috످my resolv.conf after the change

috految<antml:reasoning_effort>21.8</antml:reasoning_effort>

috److It looks like your `resolv.conf` contents didn't come through. Can you run these commands and paste the output?

```bash
cat /etc/resolv.conf      # shows your current DNS settings
ls -l /etc/resolv.conf    # shows if it's a symlink (edits may get overwritten)
```

Also, what did you change, and are you just double-checking it or is something not working?

috످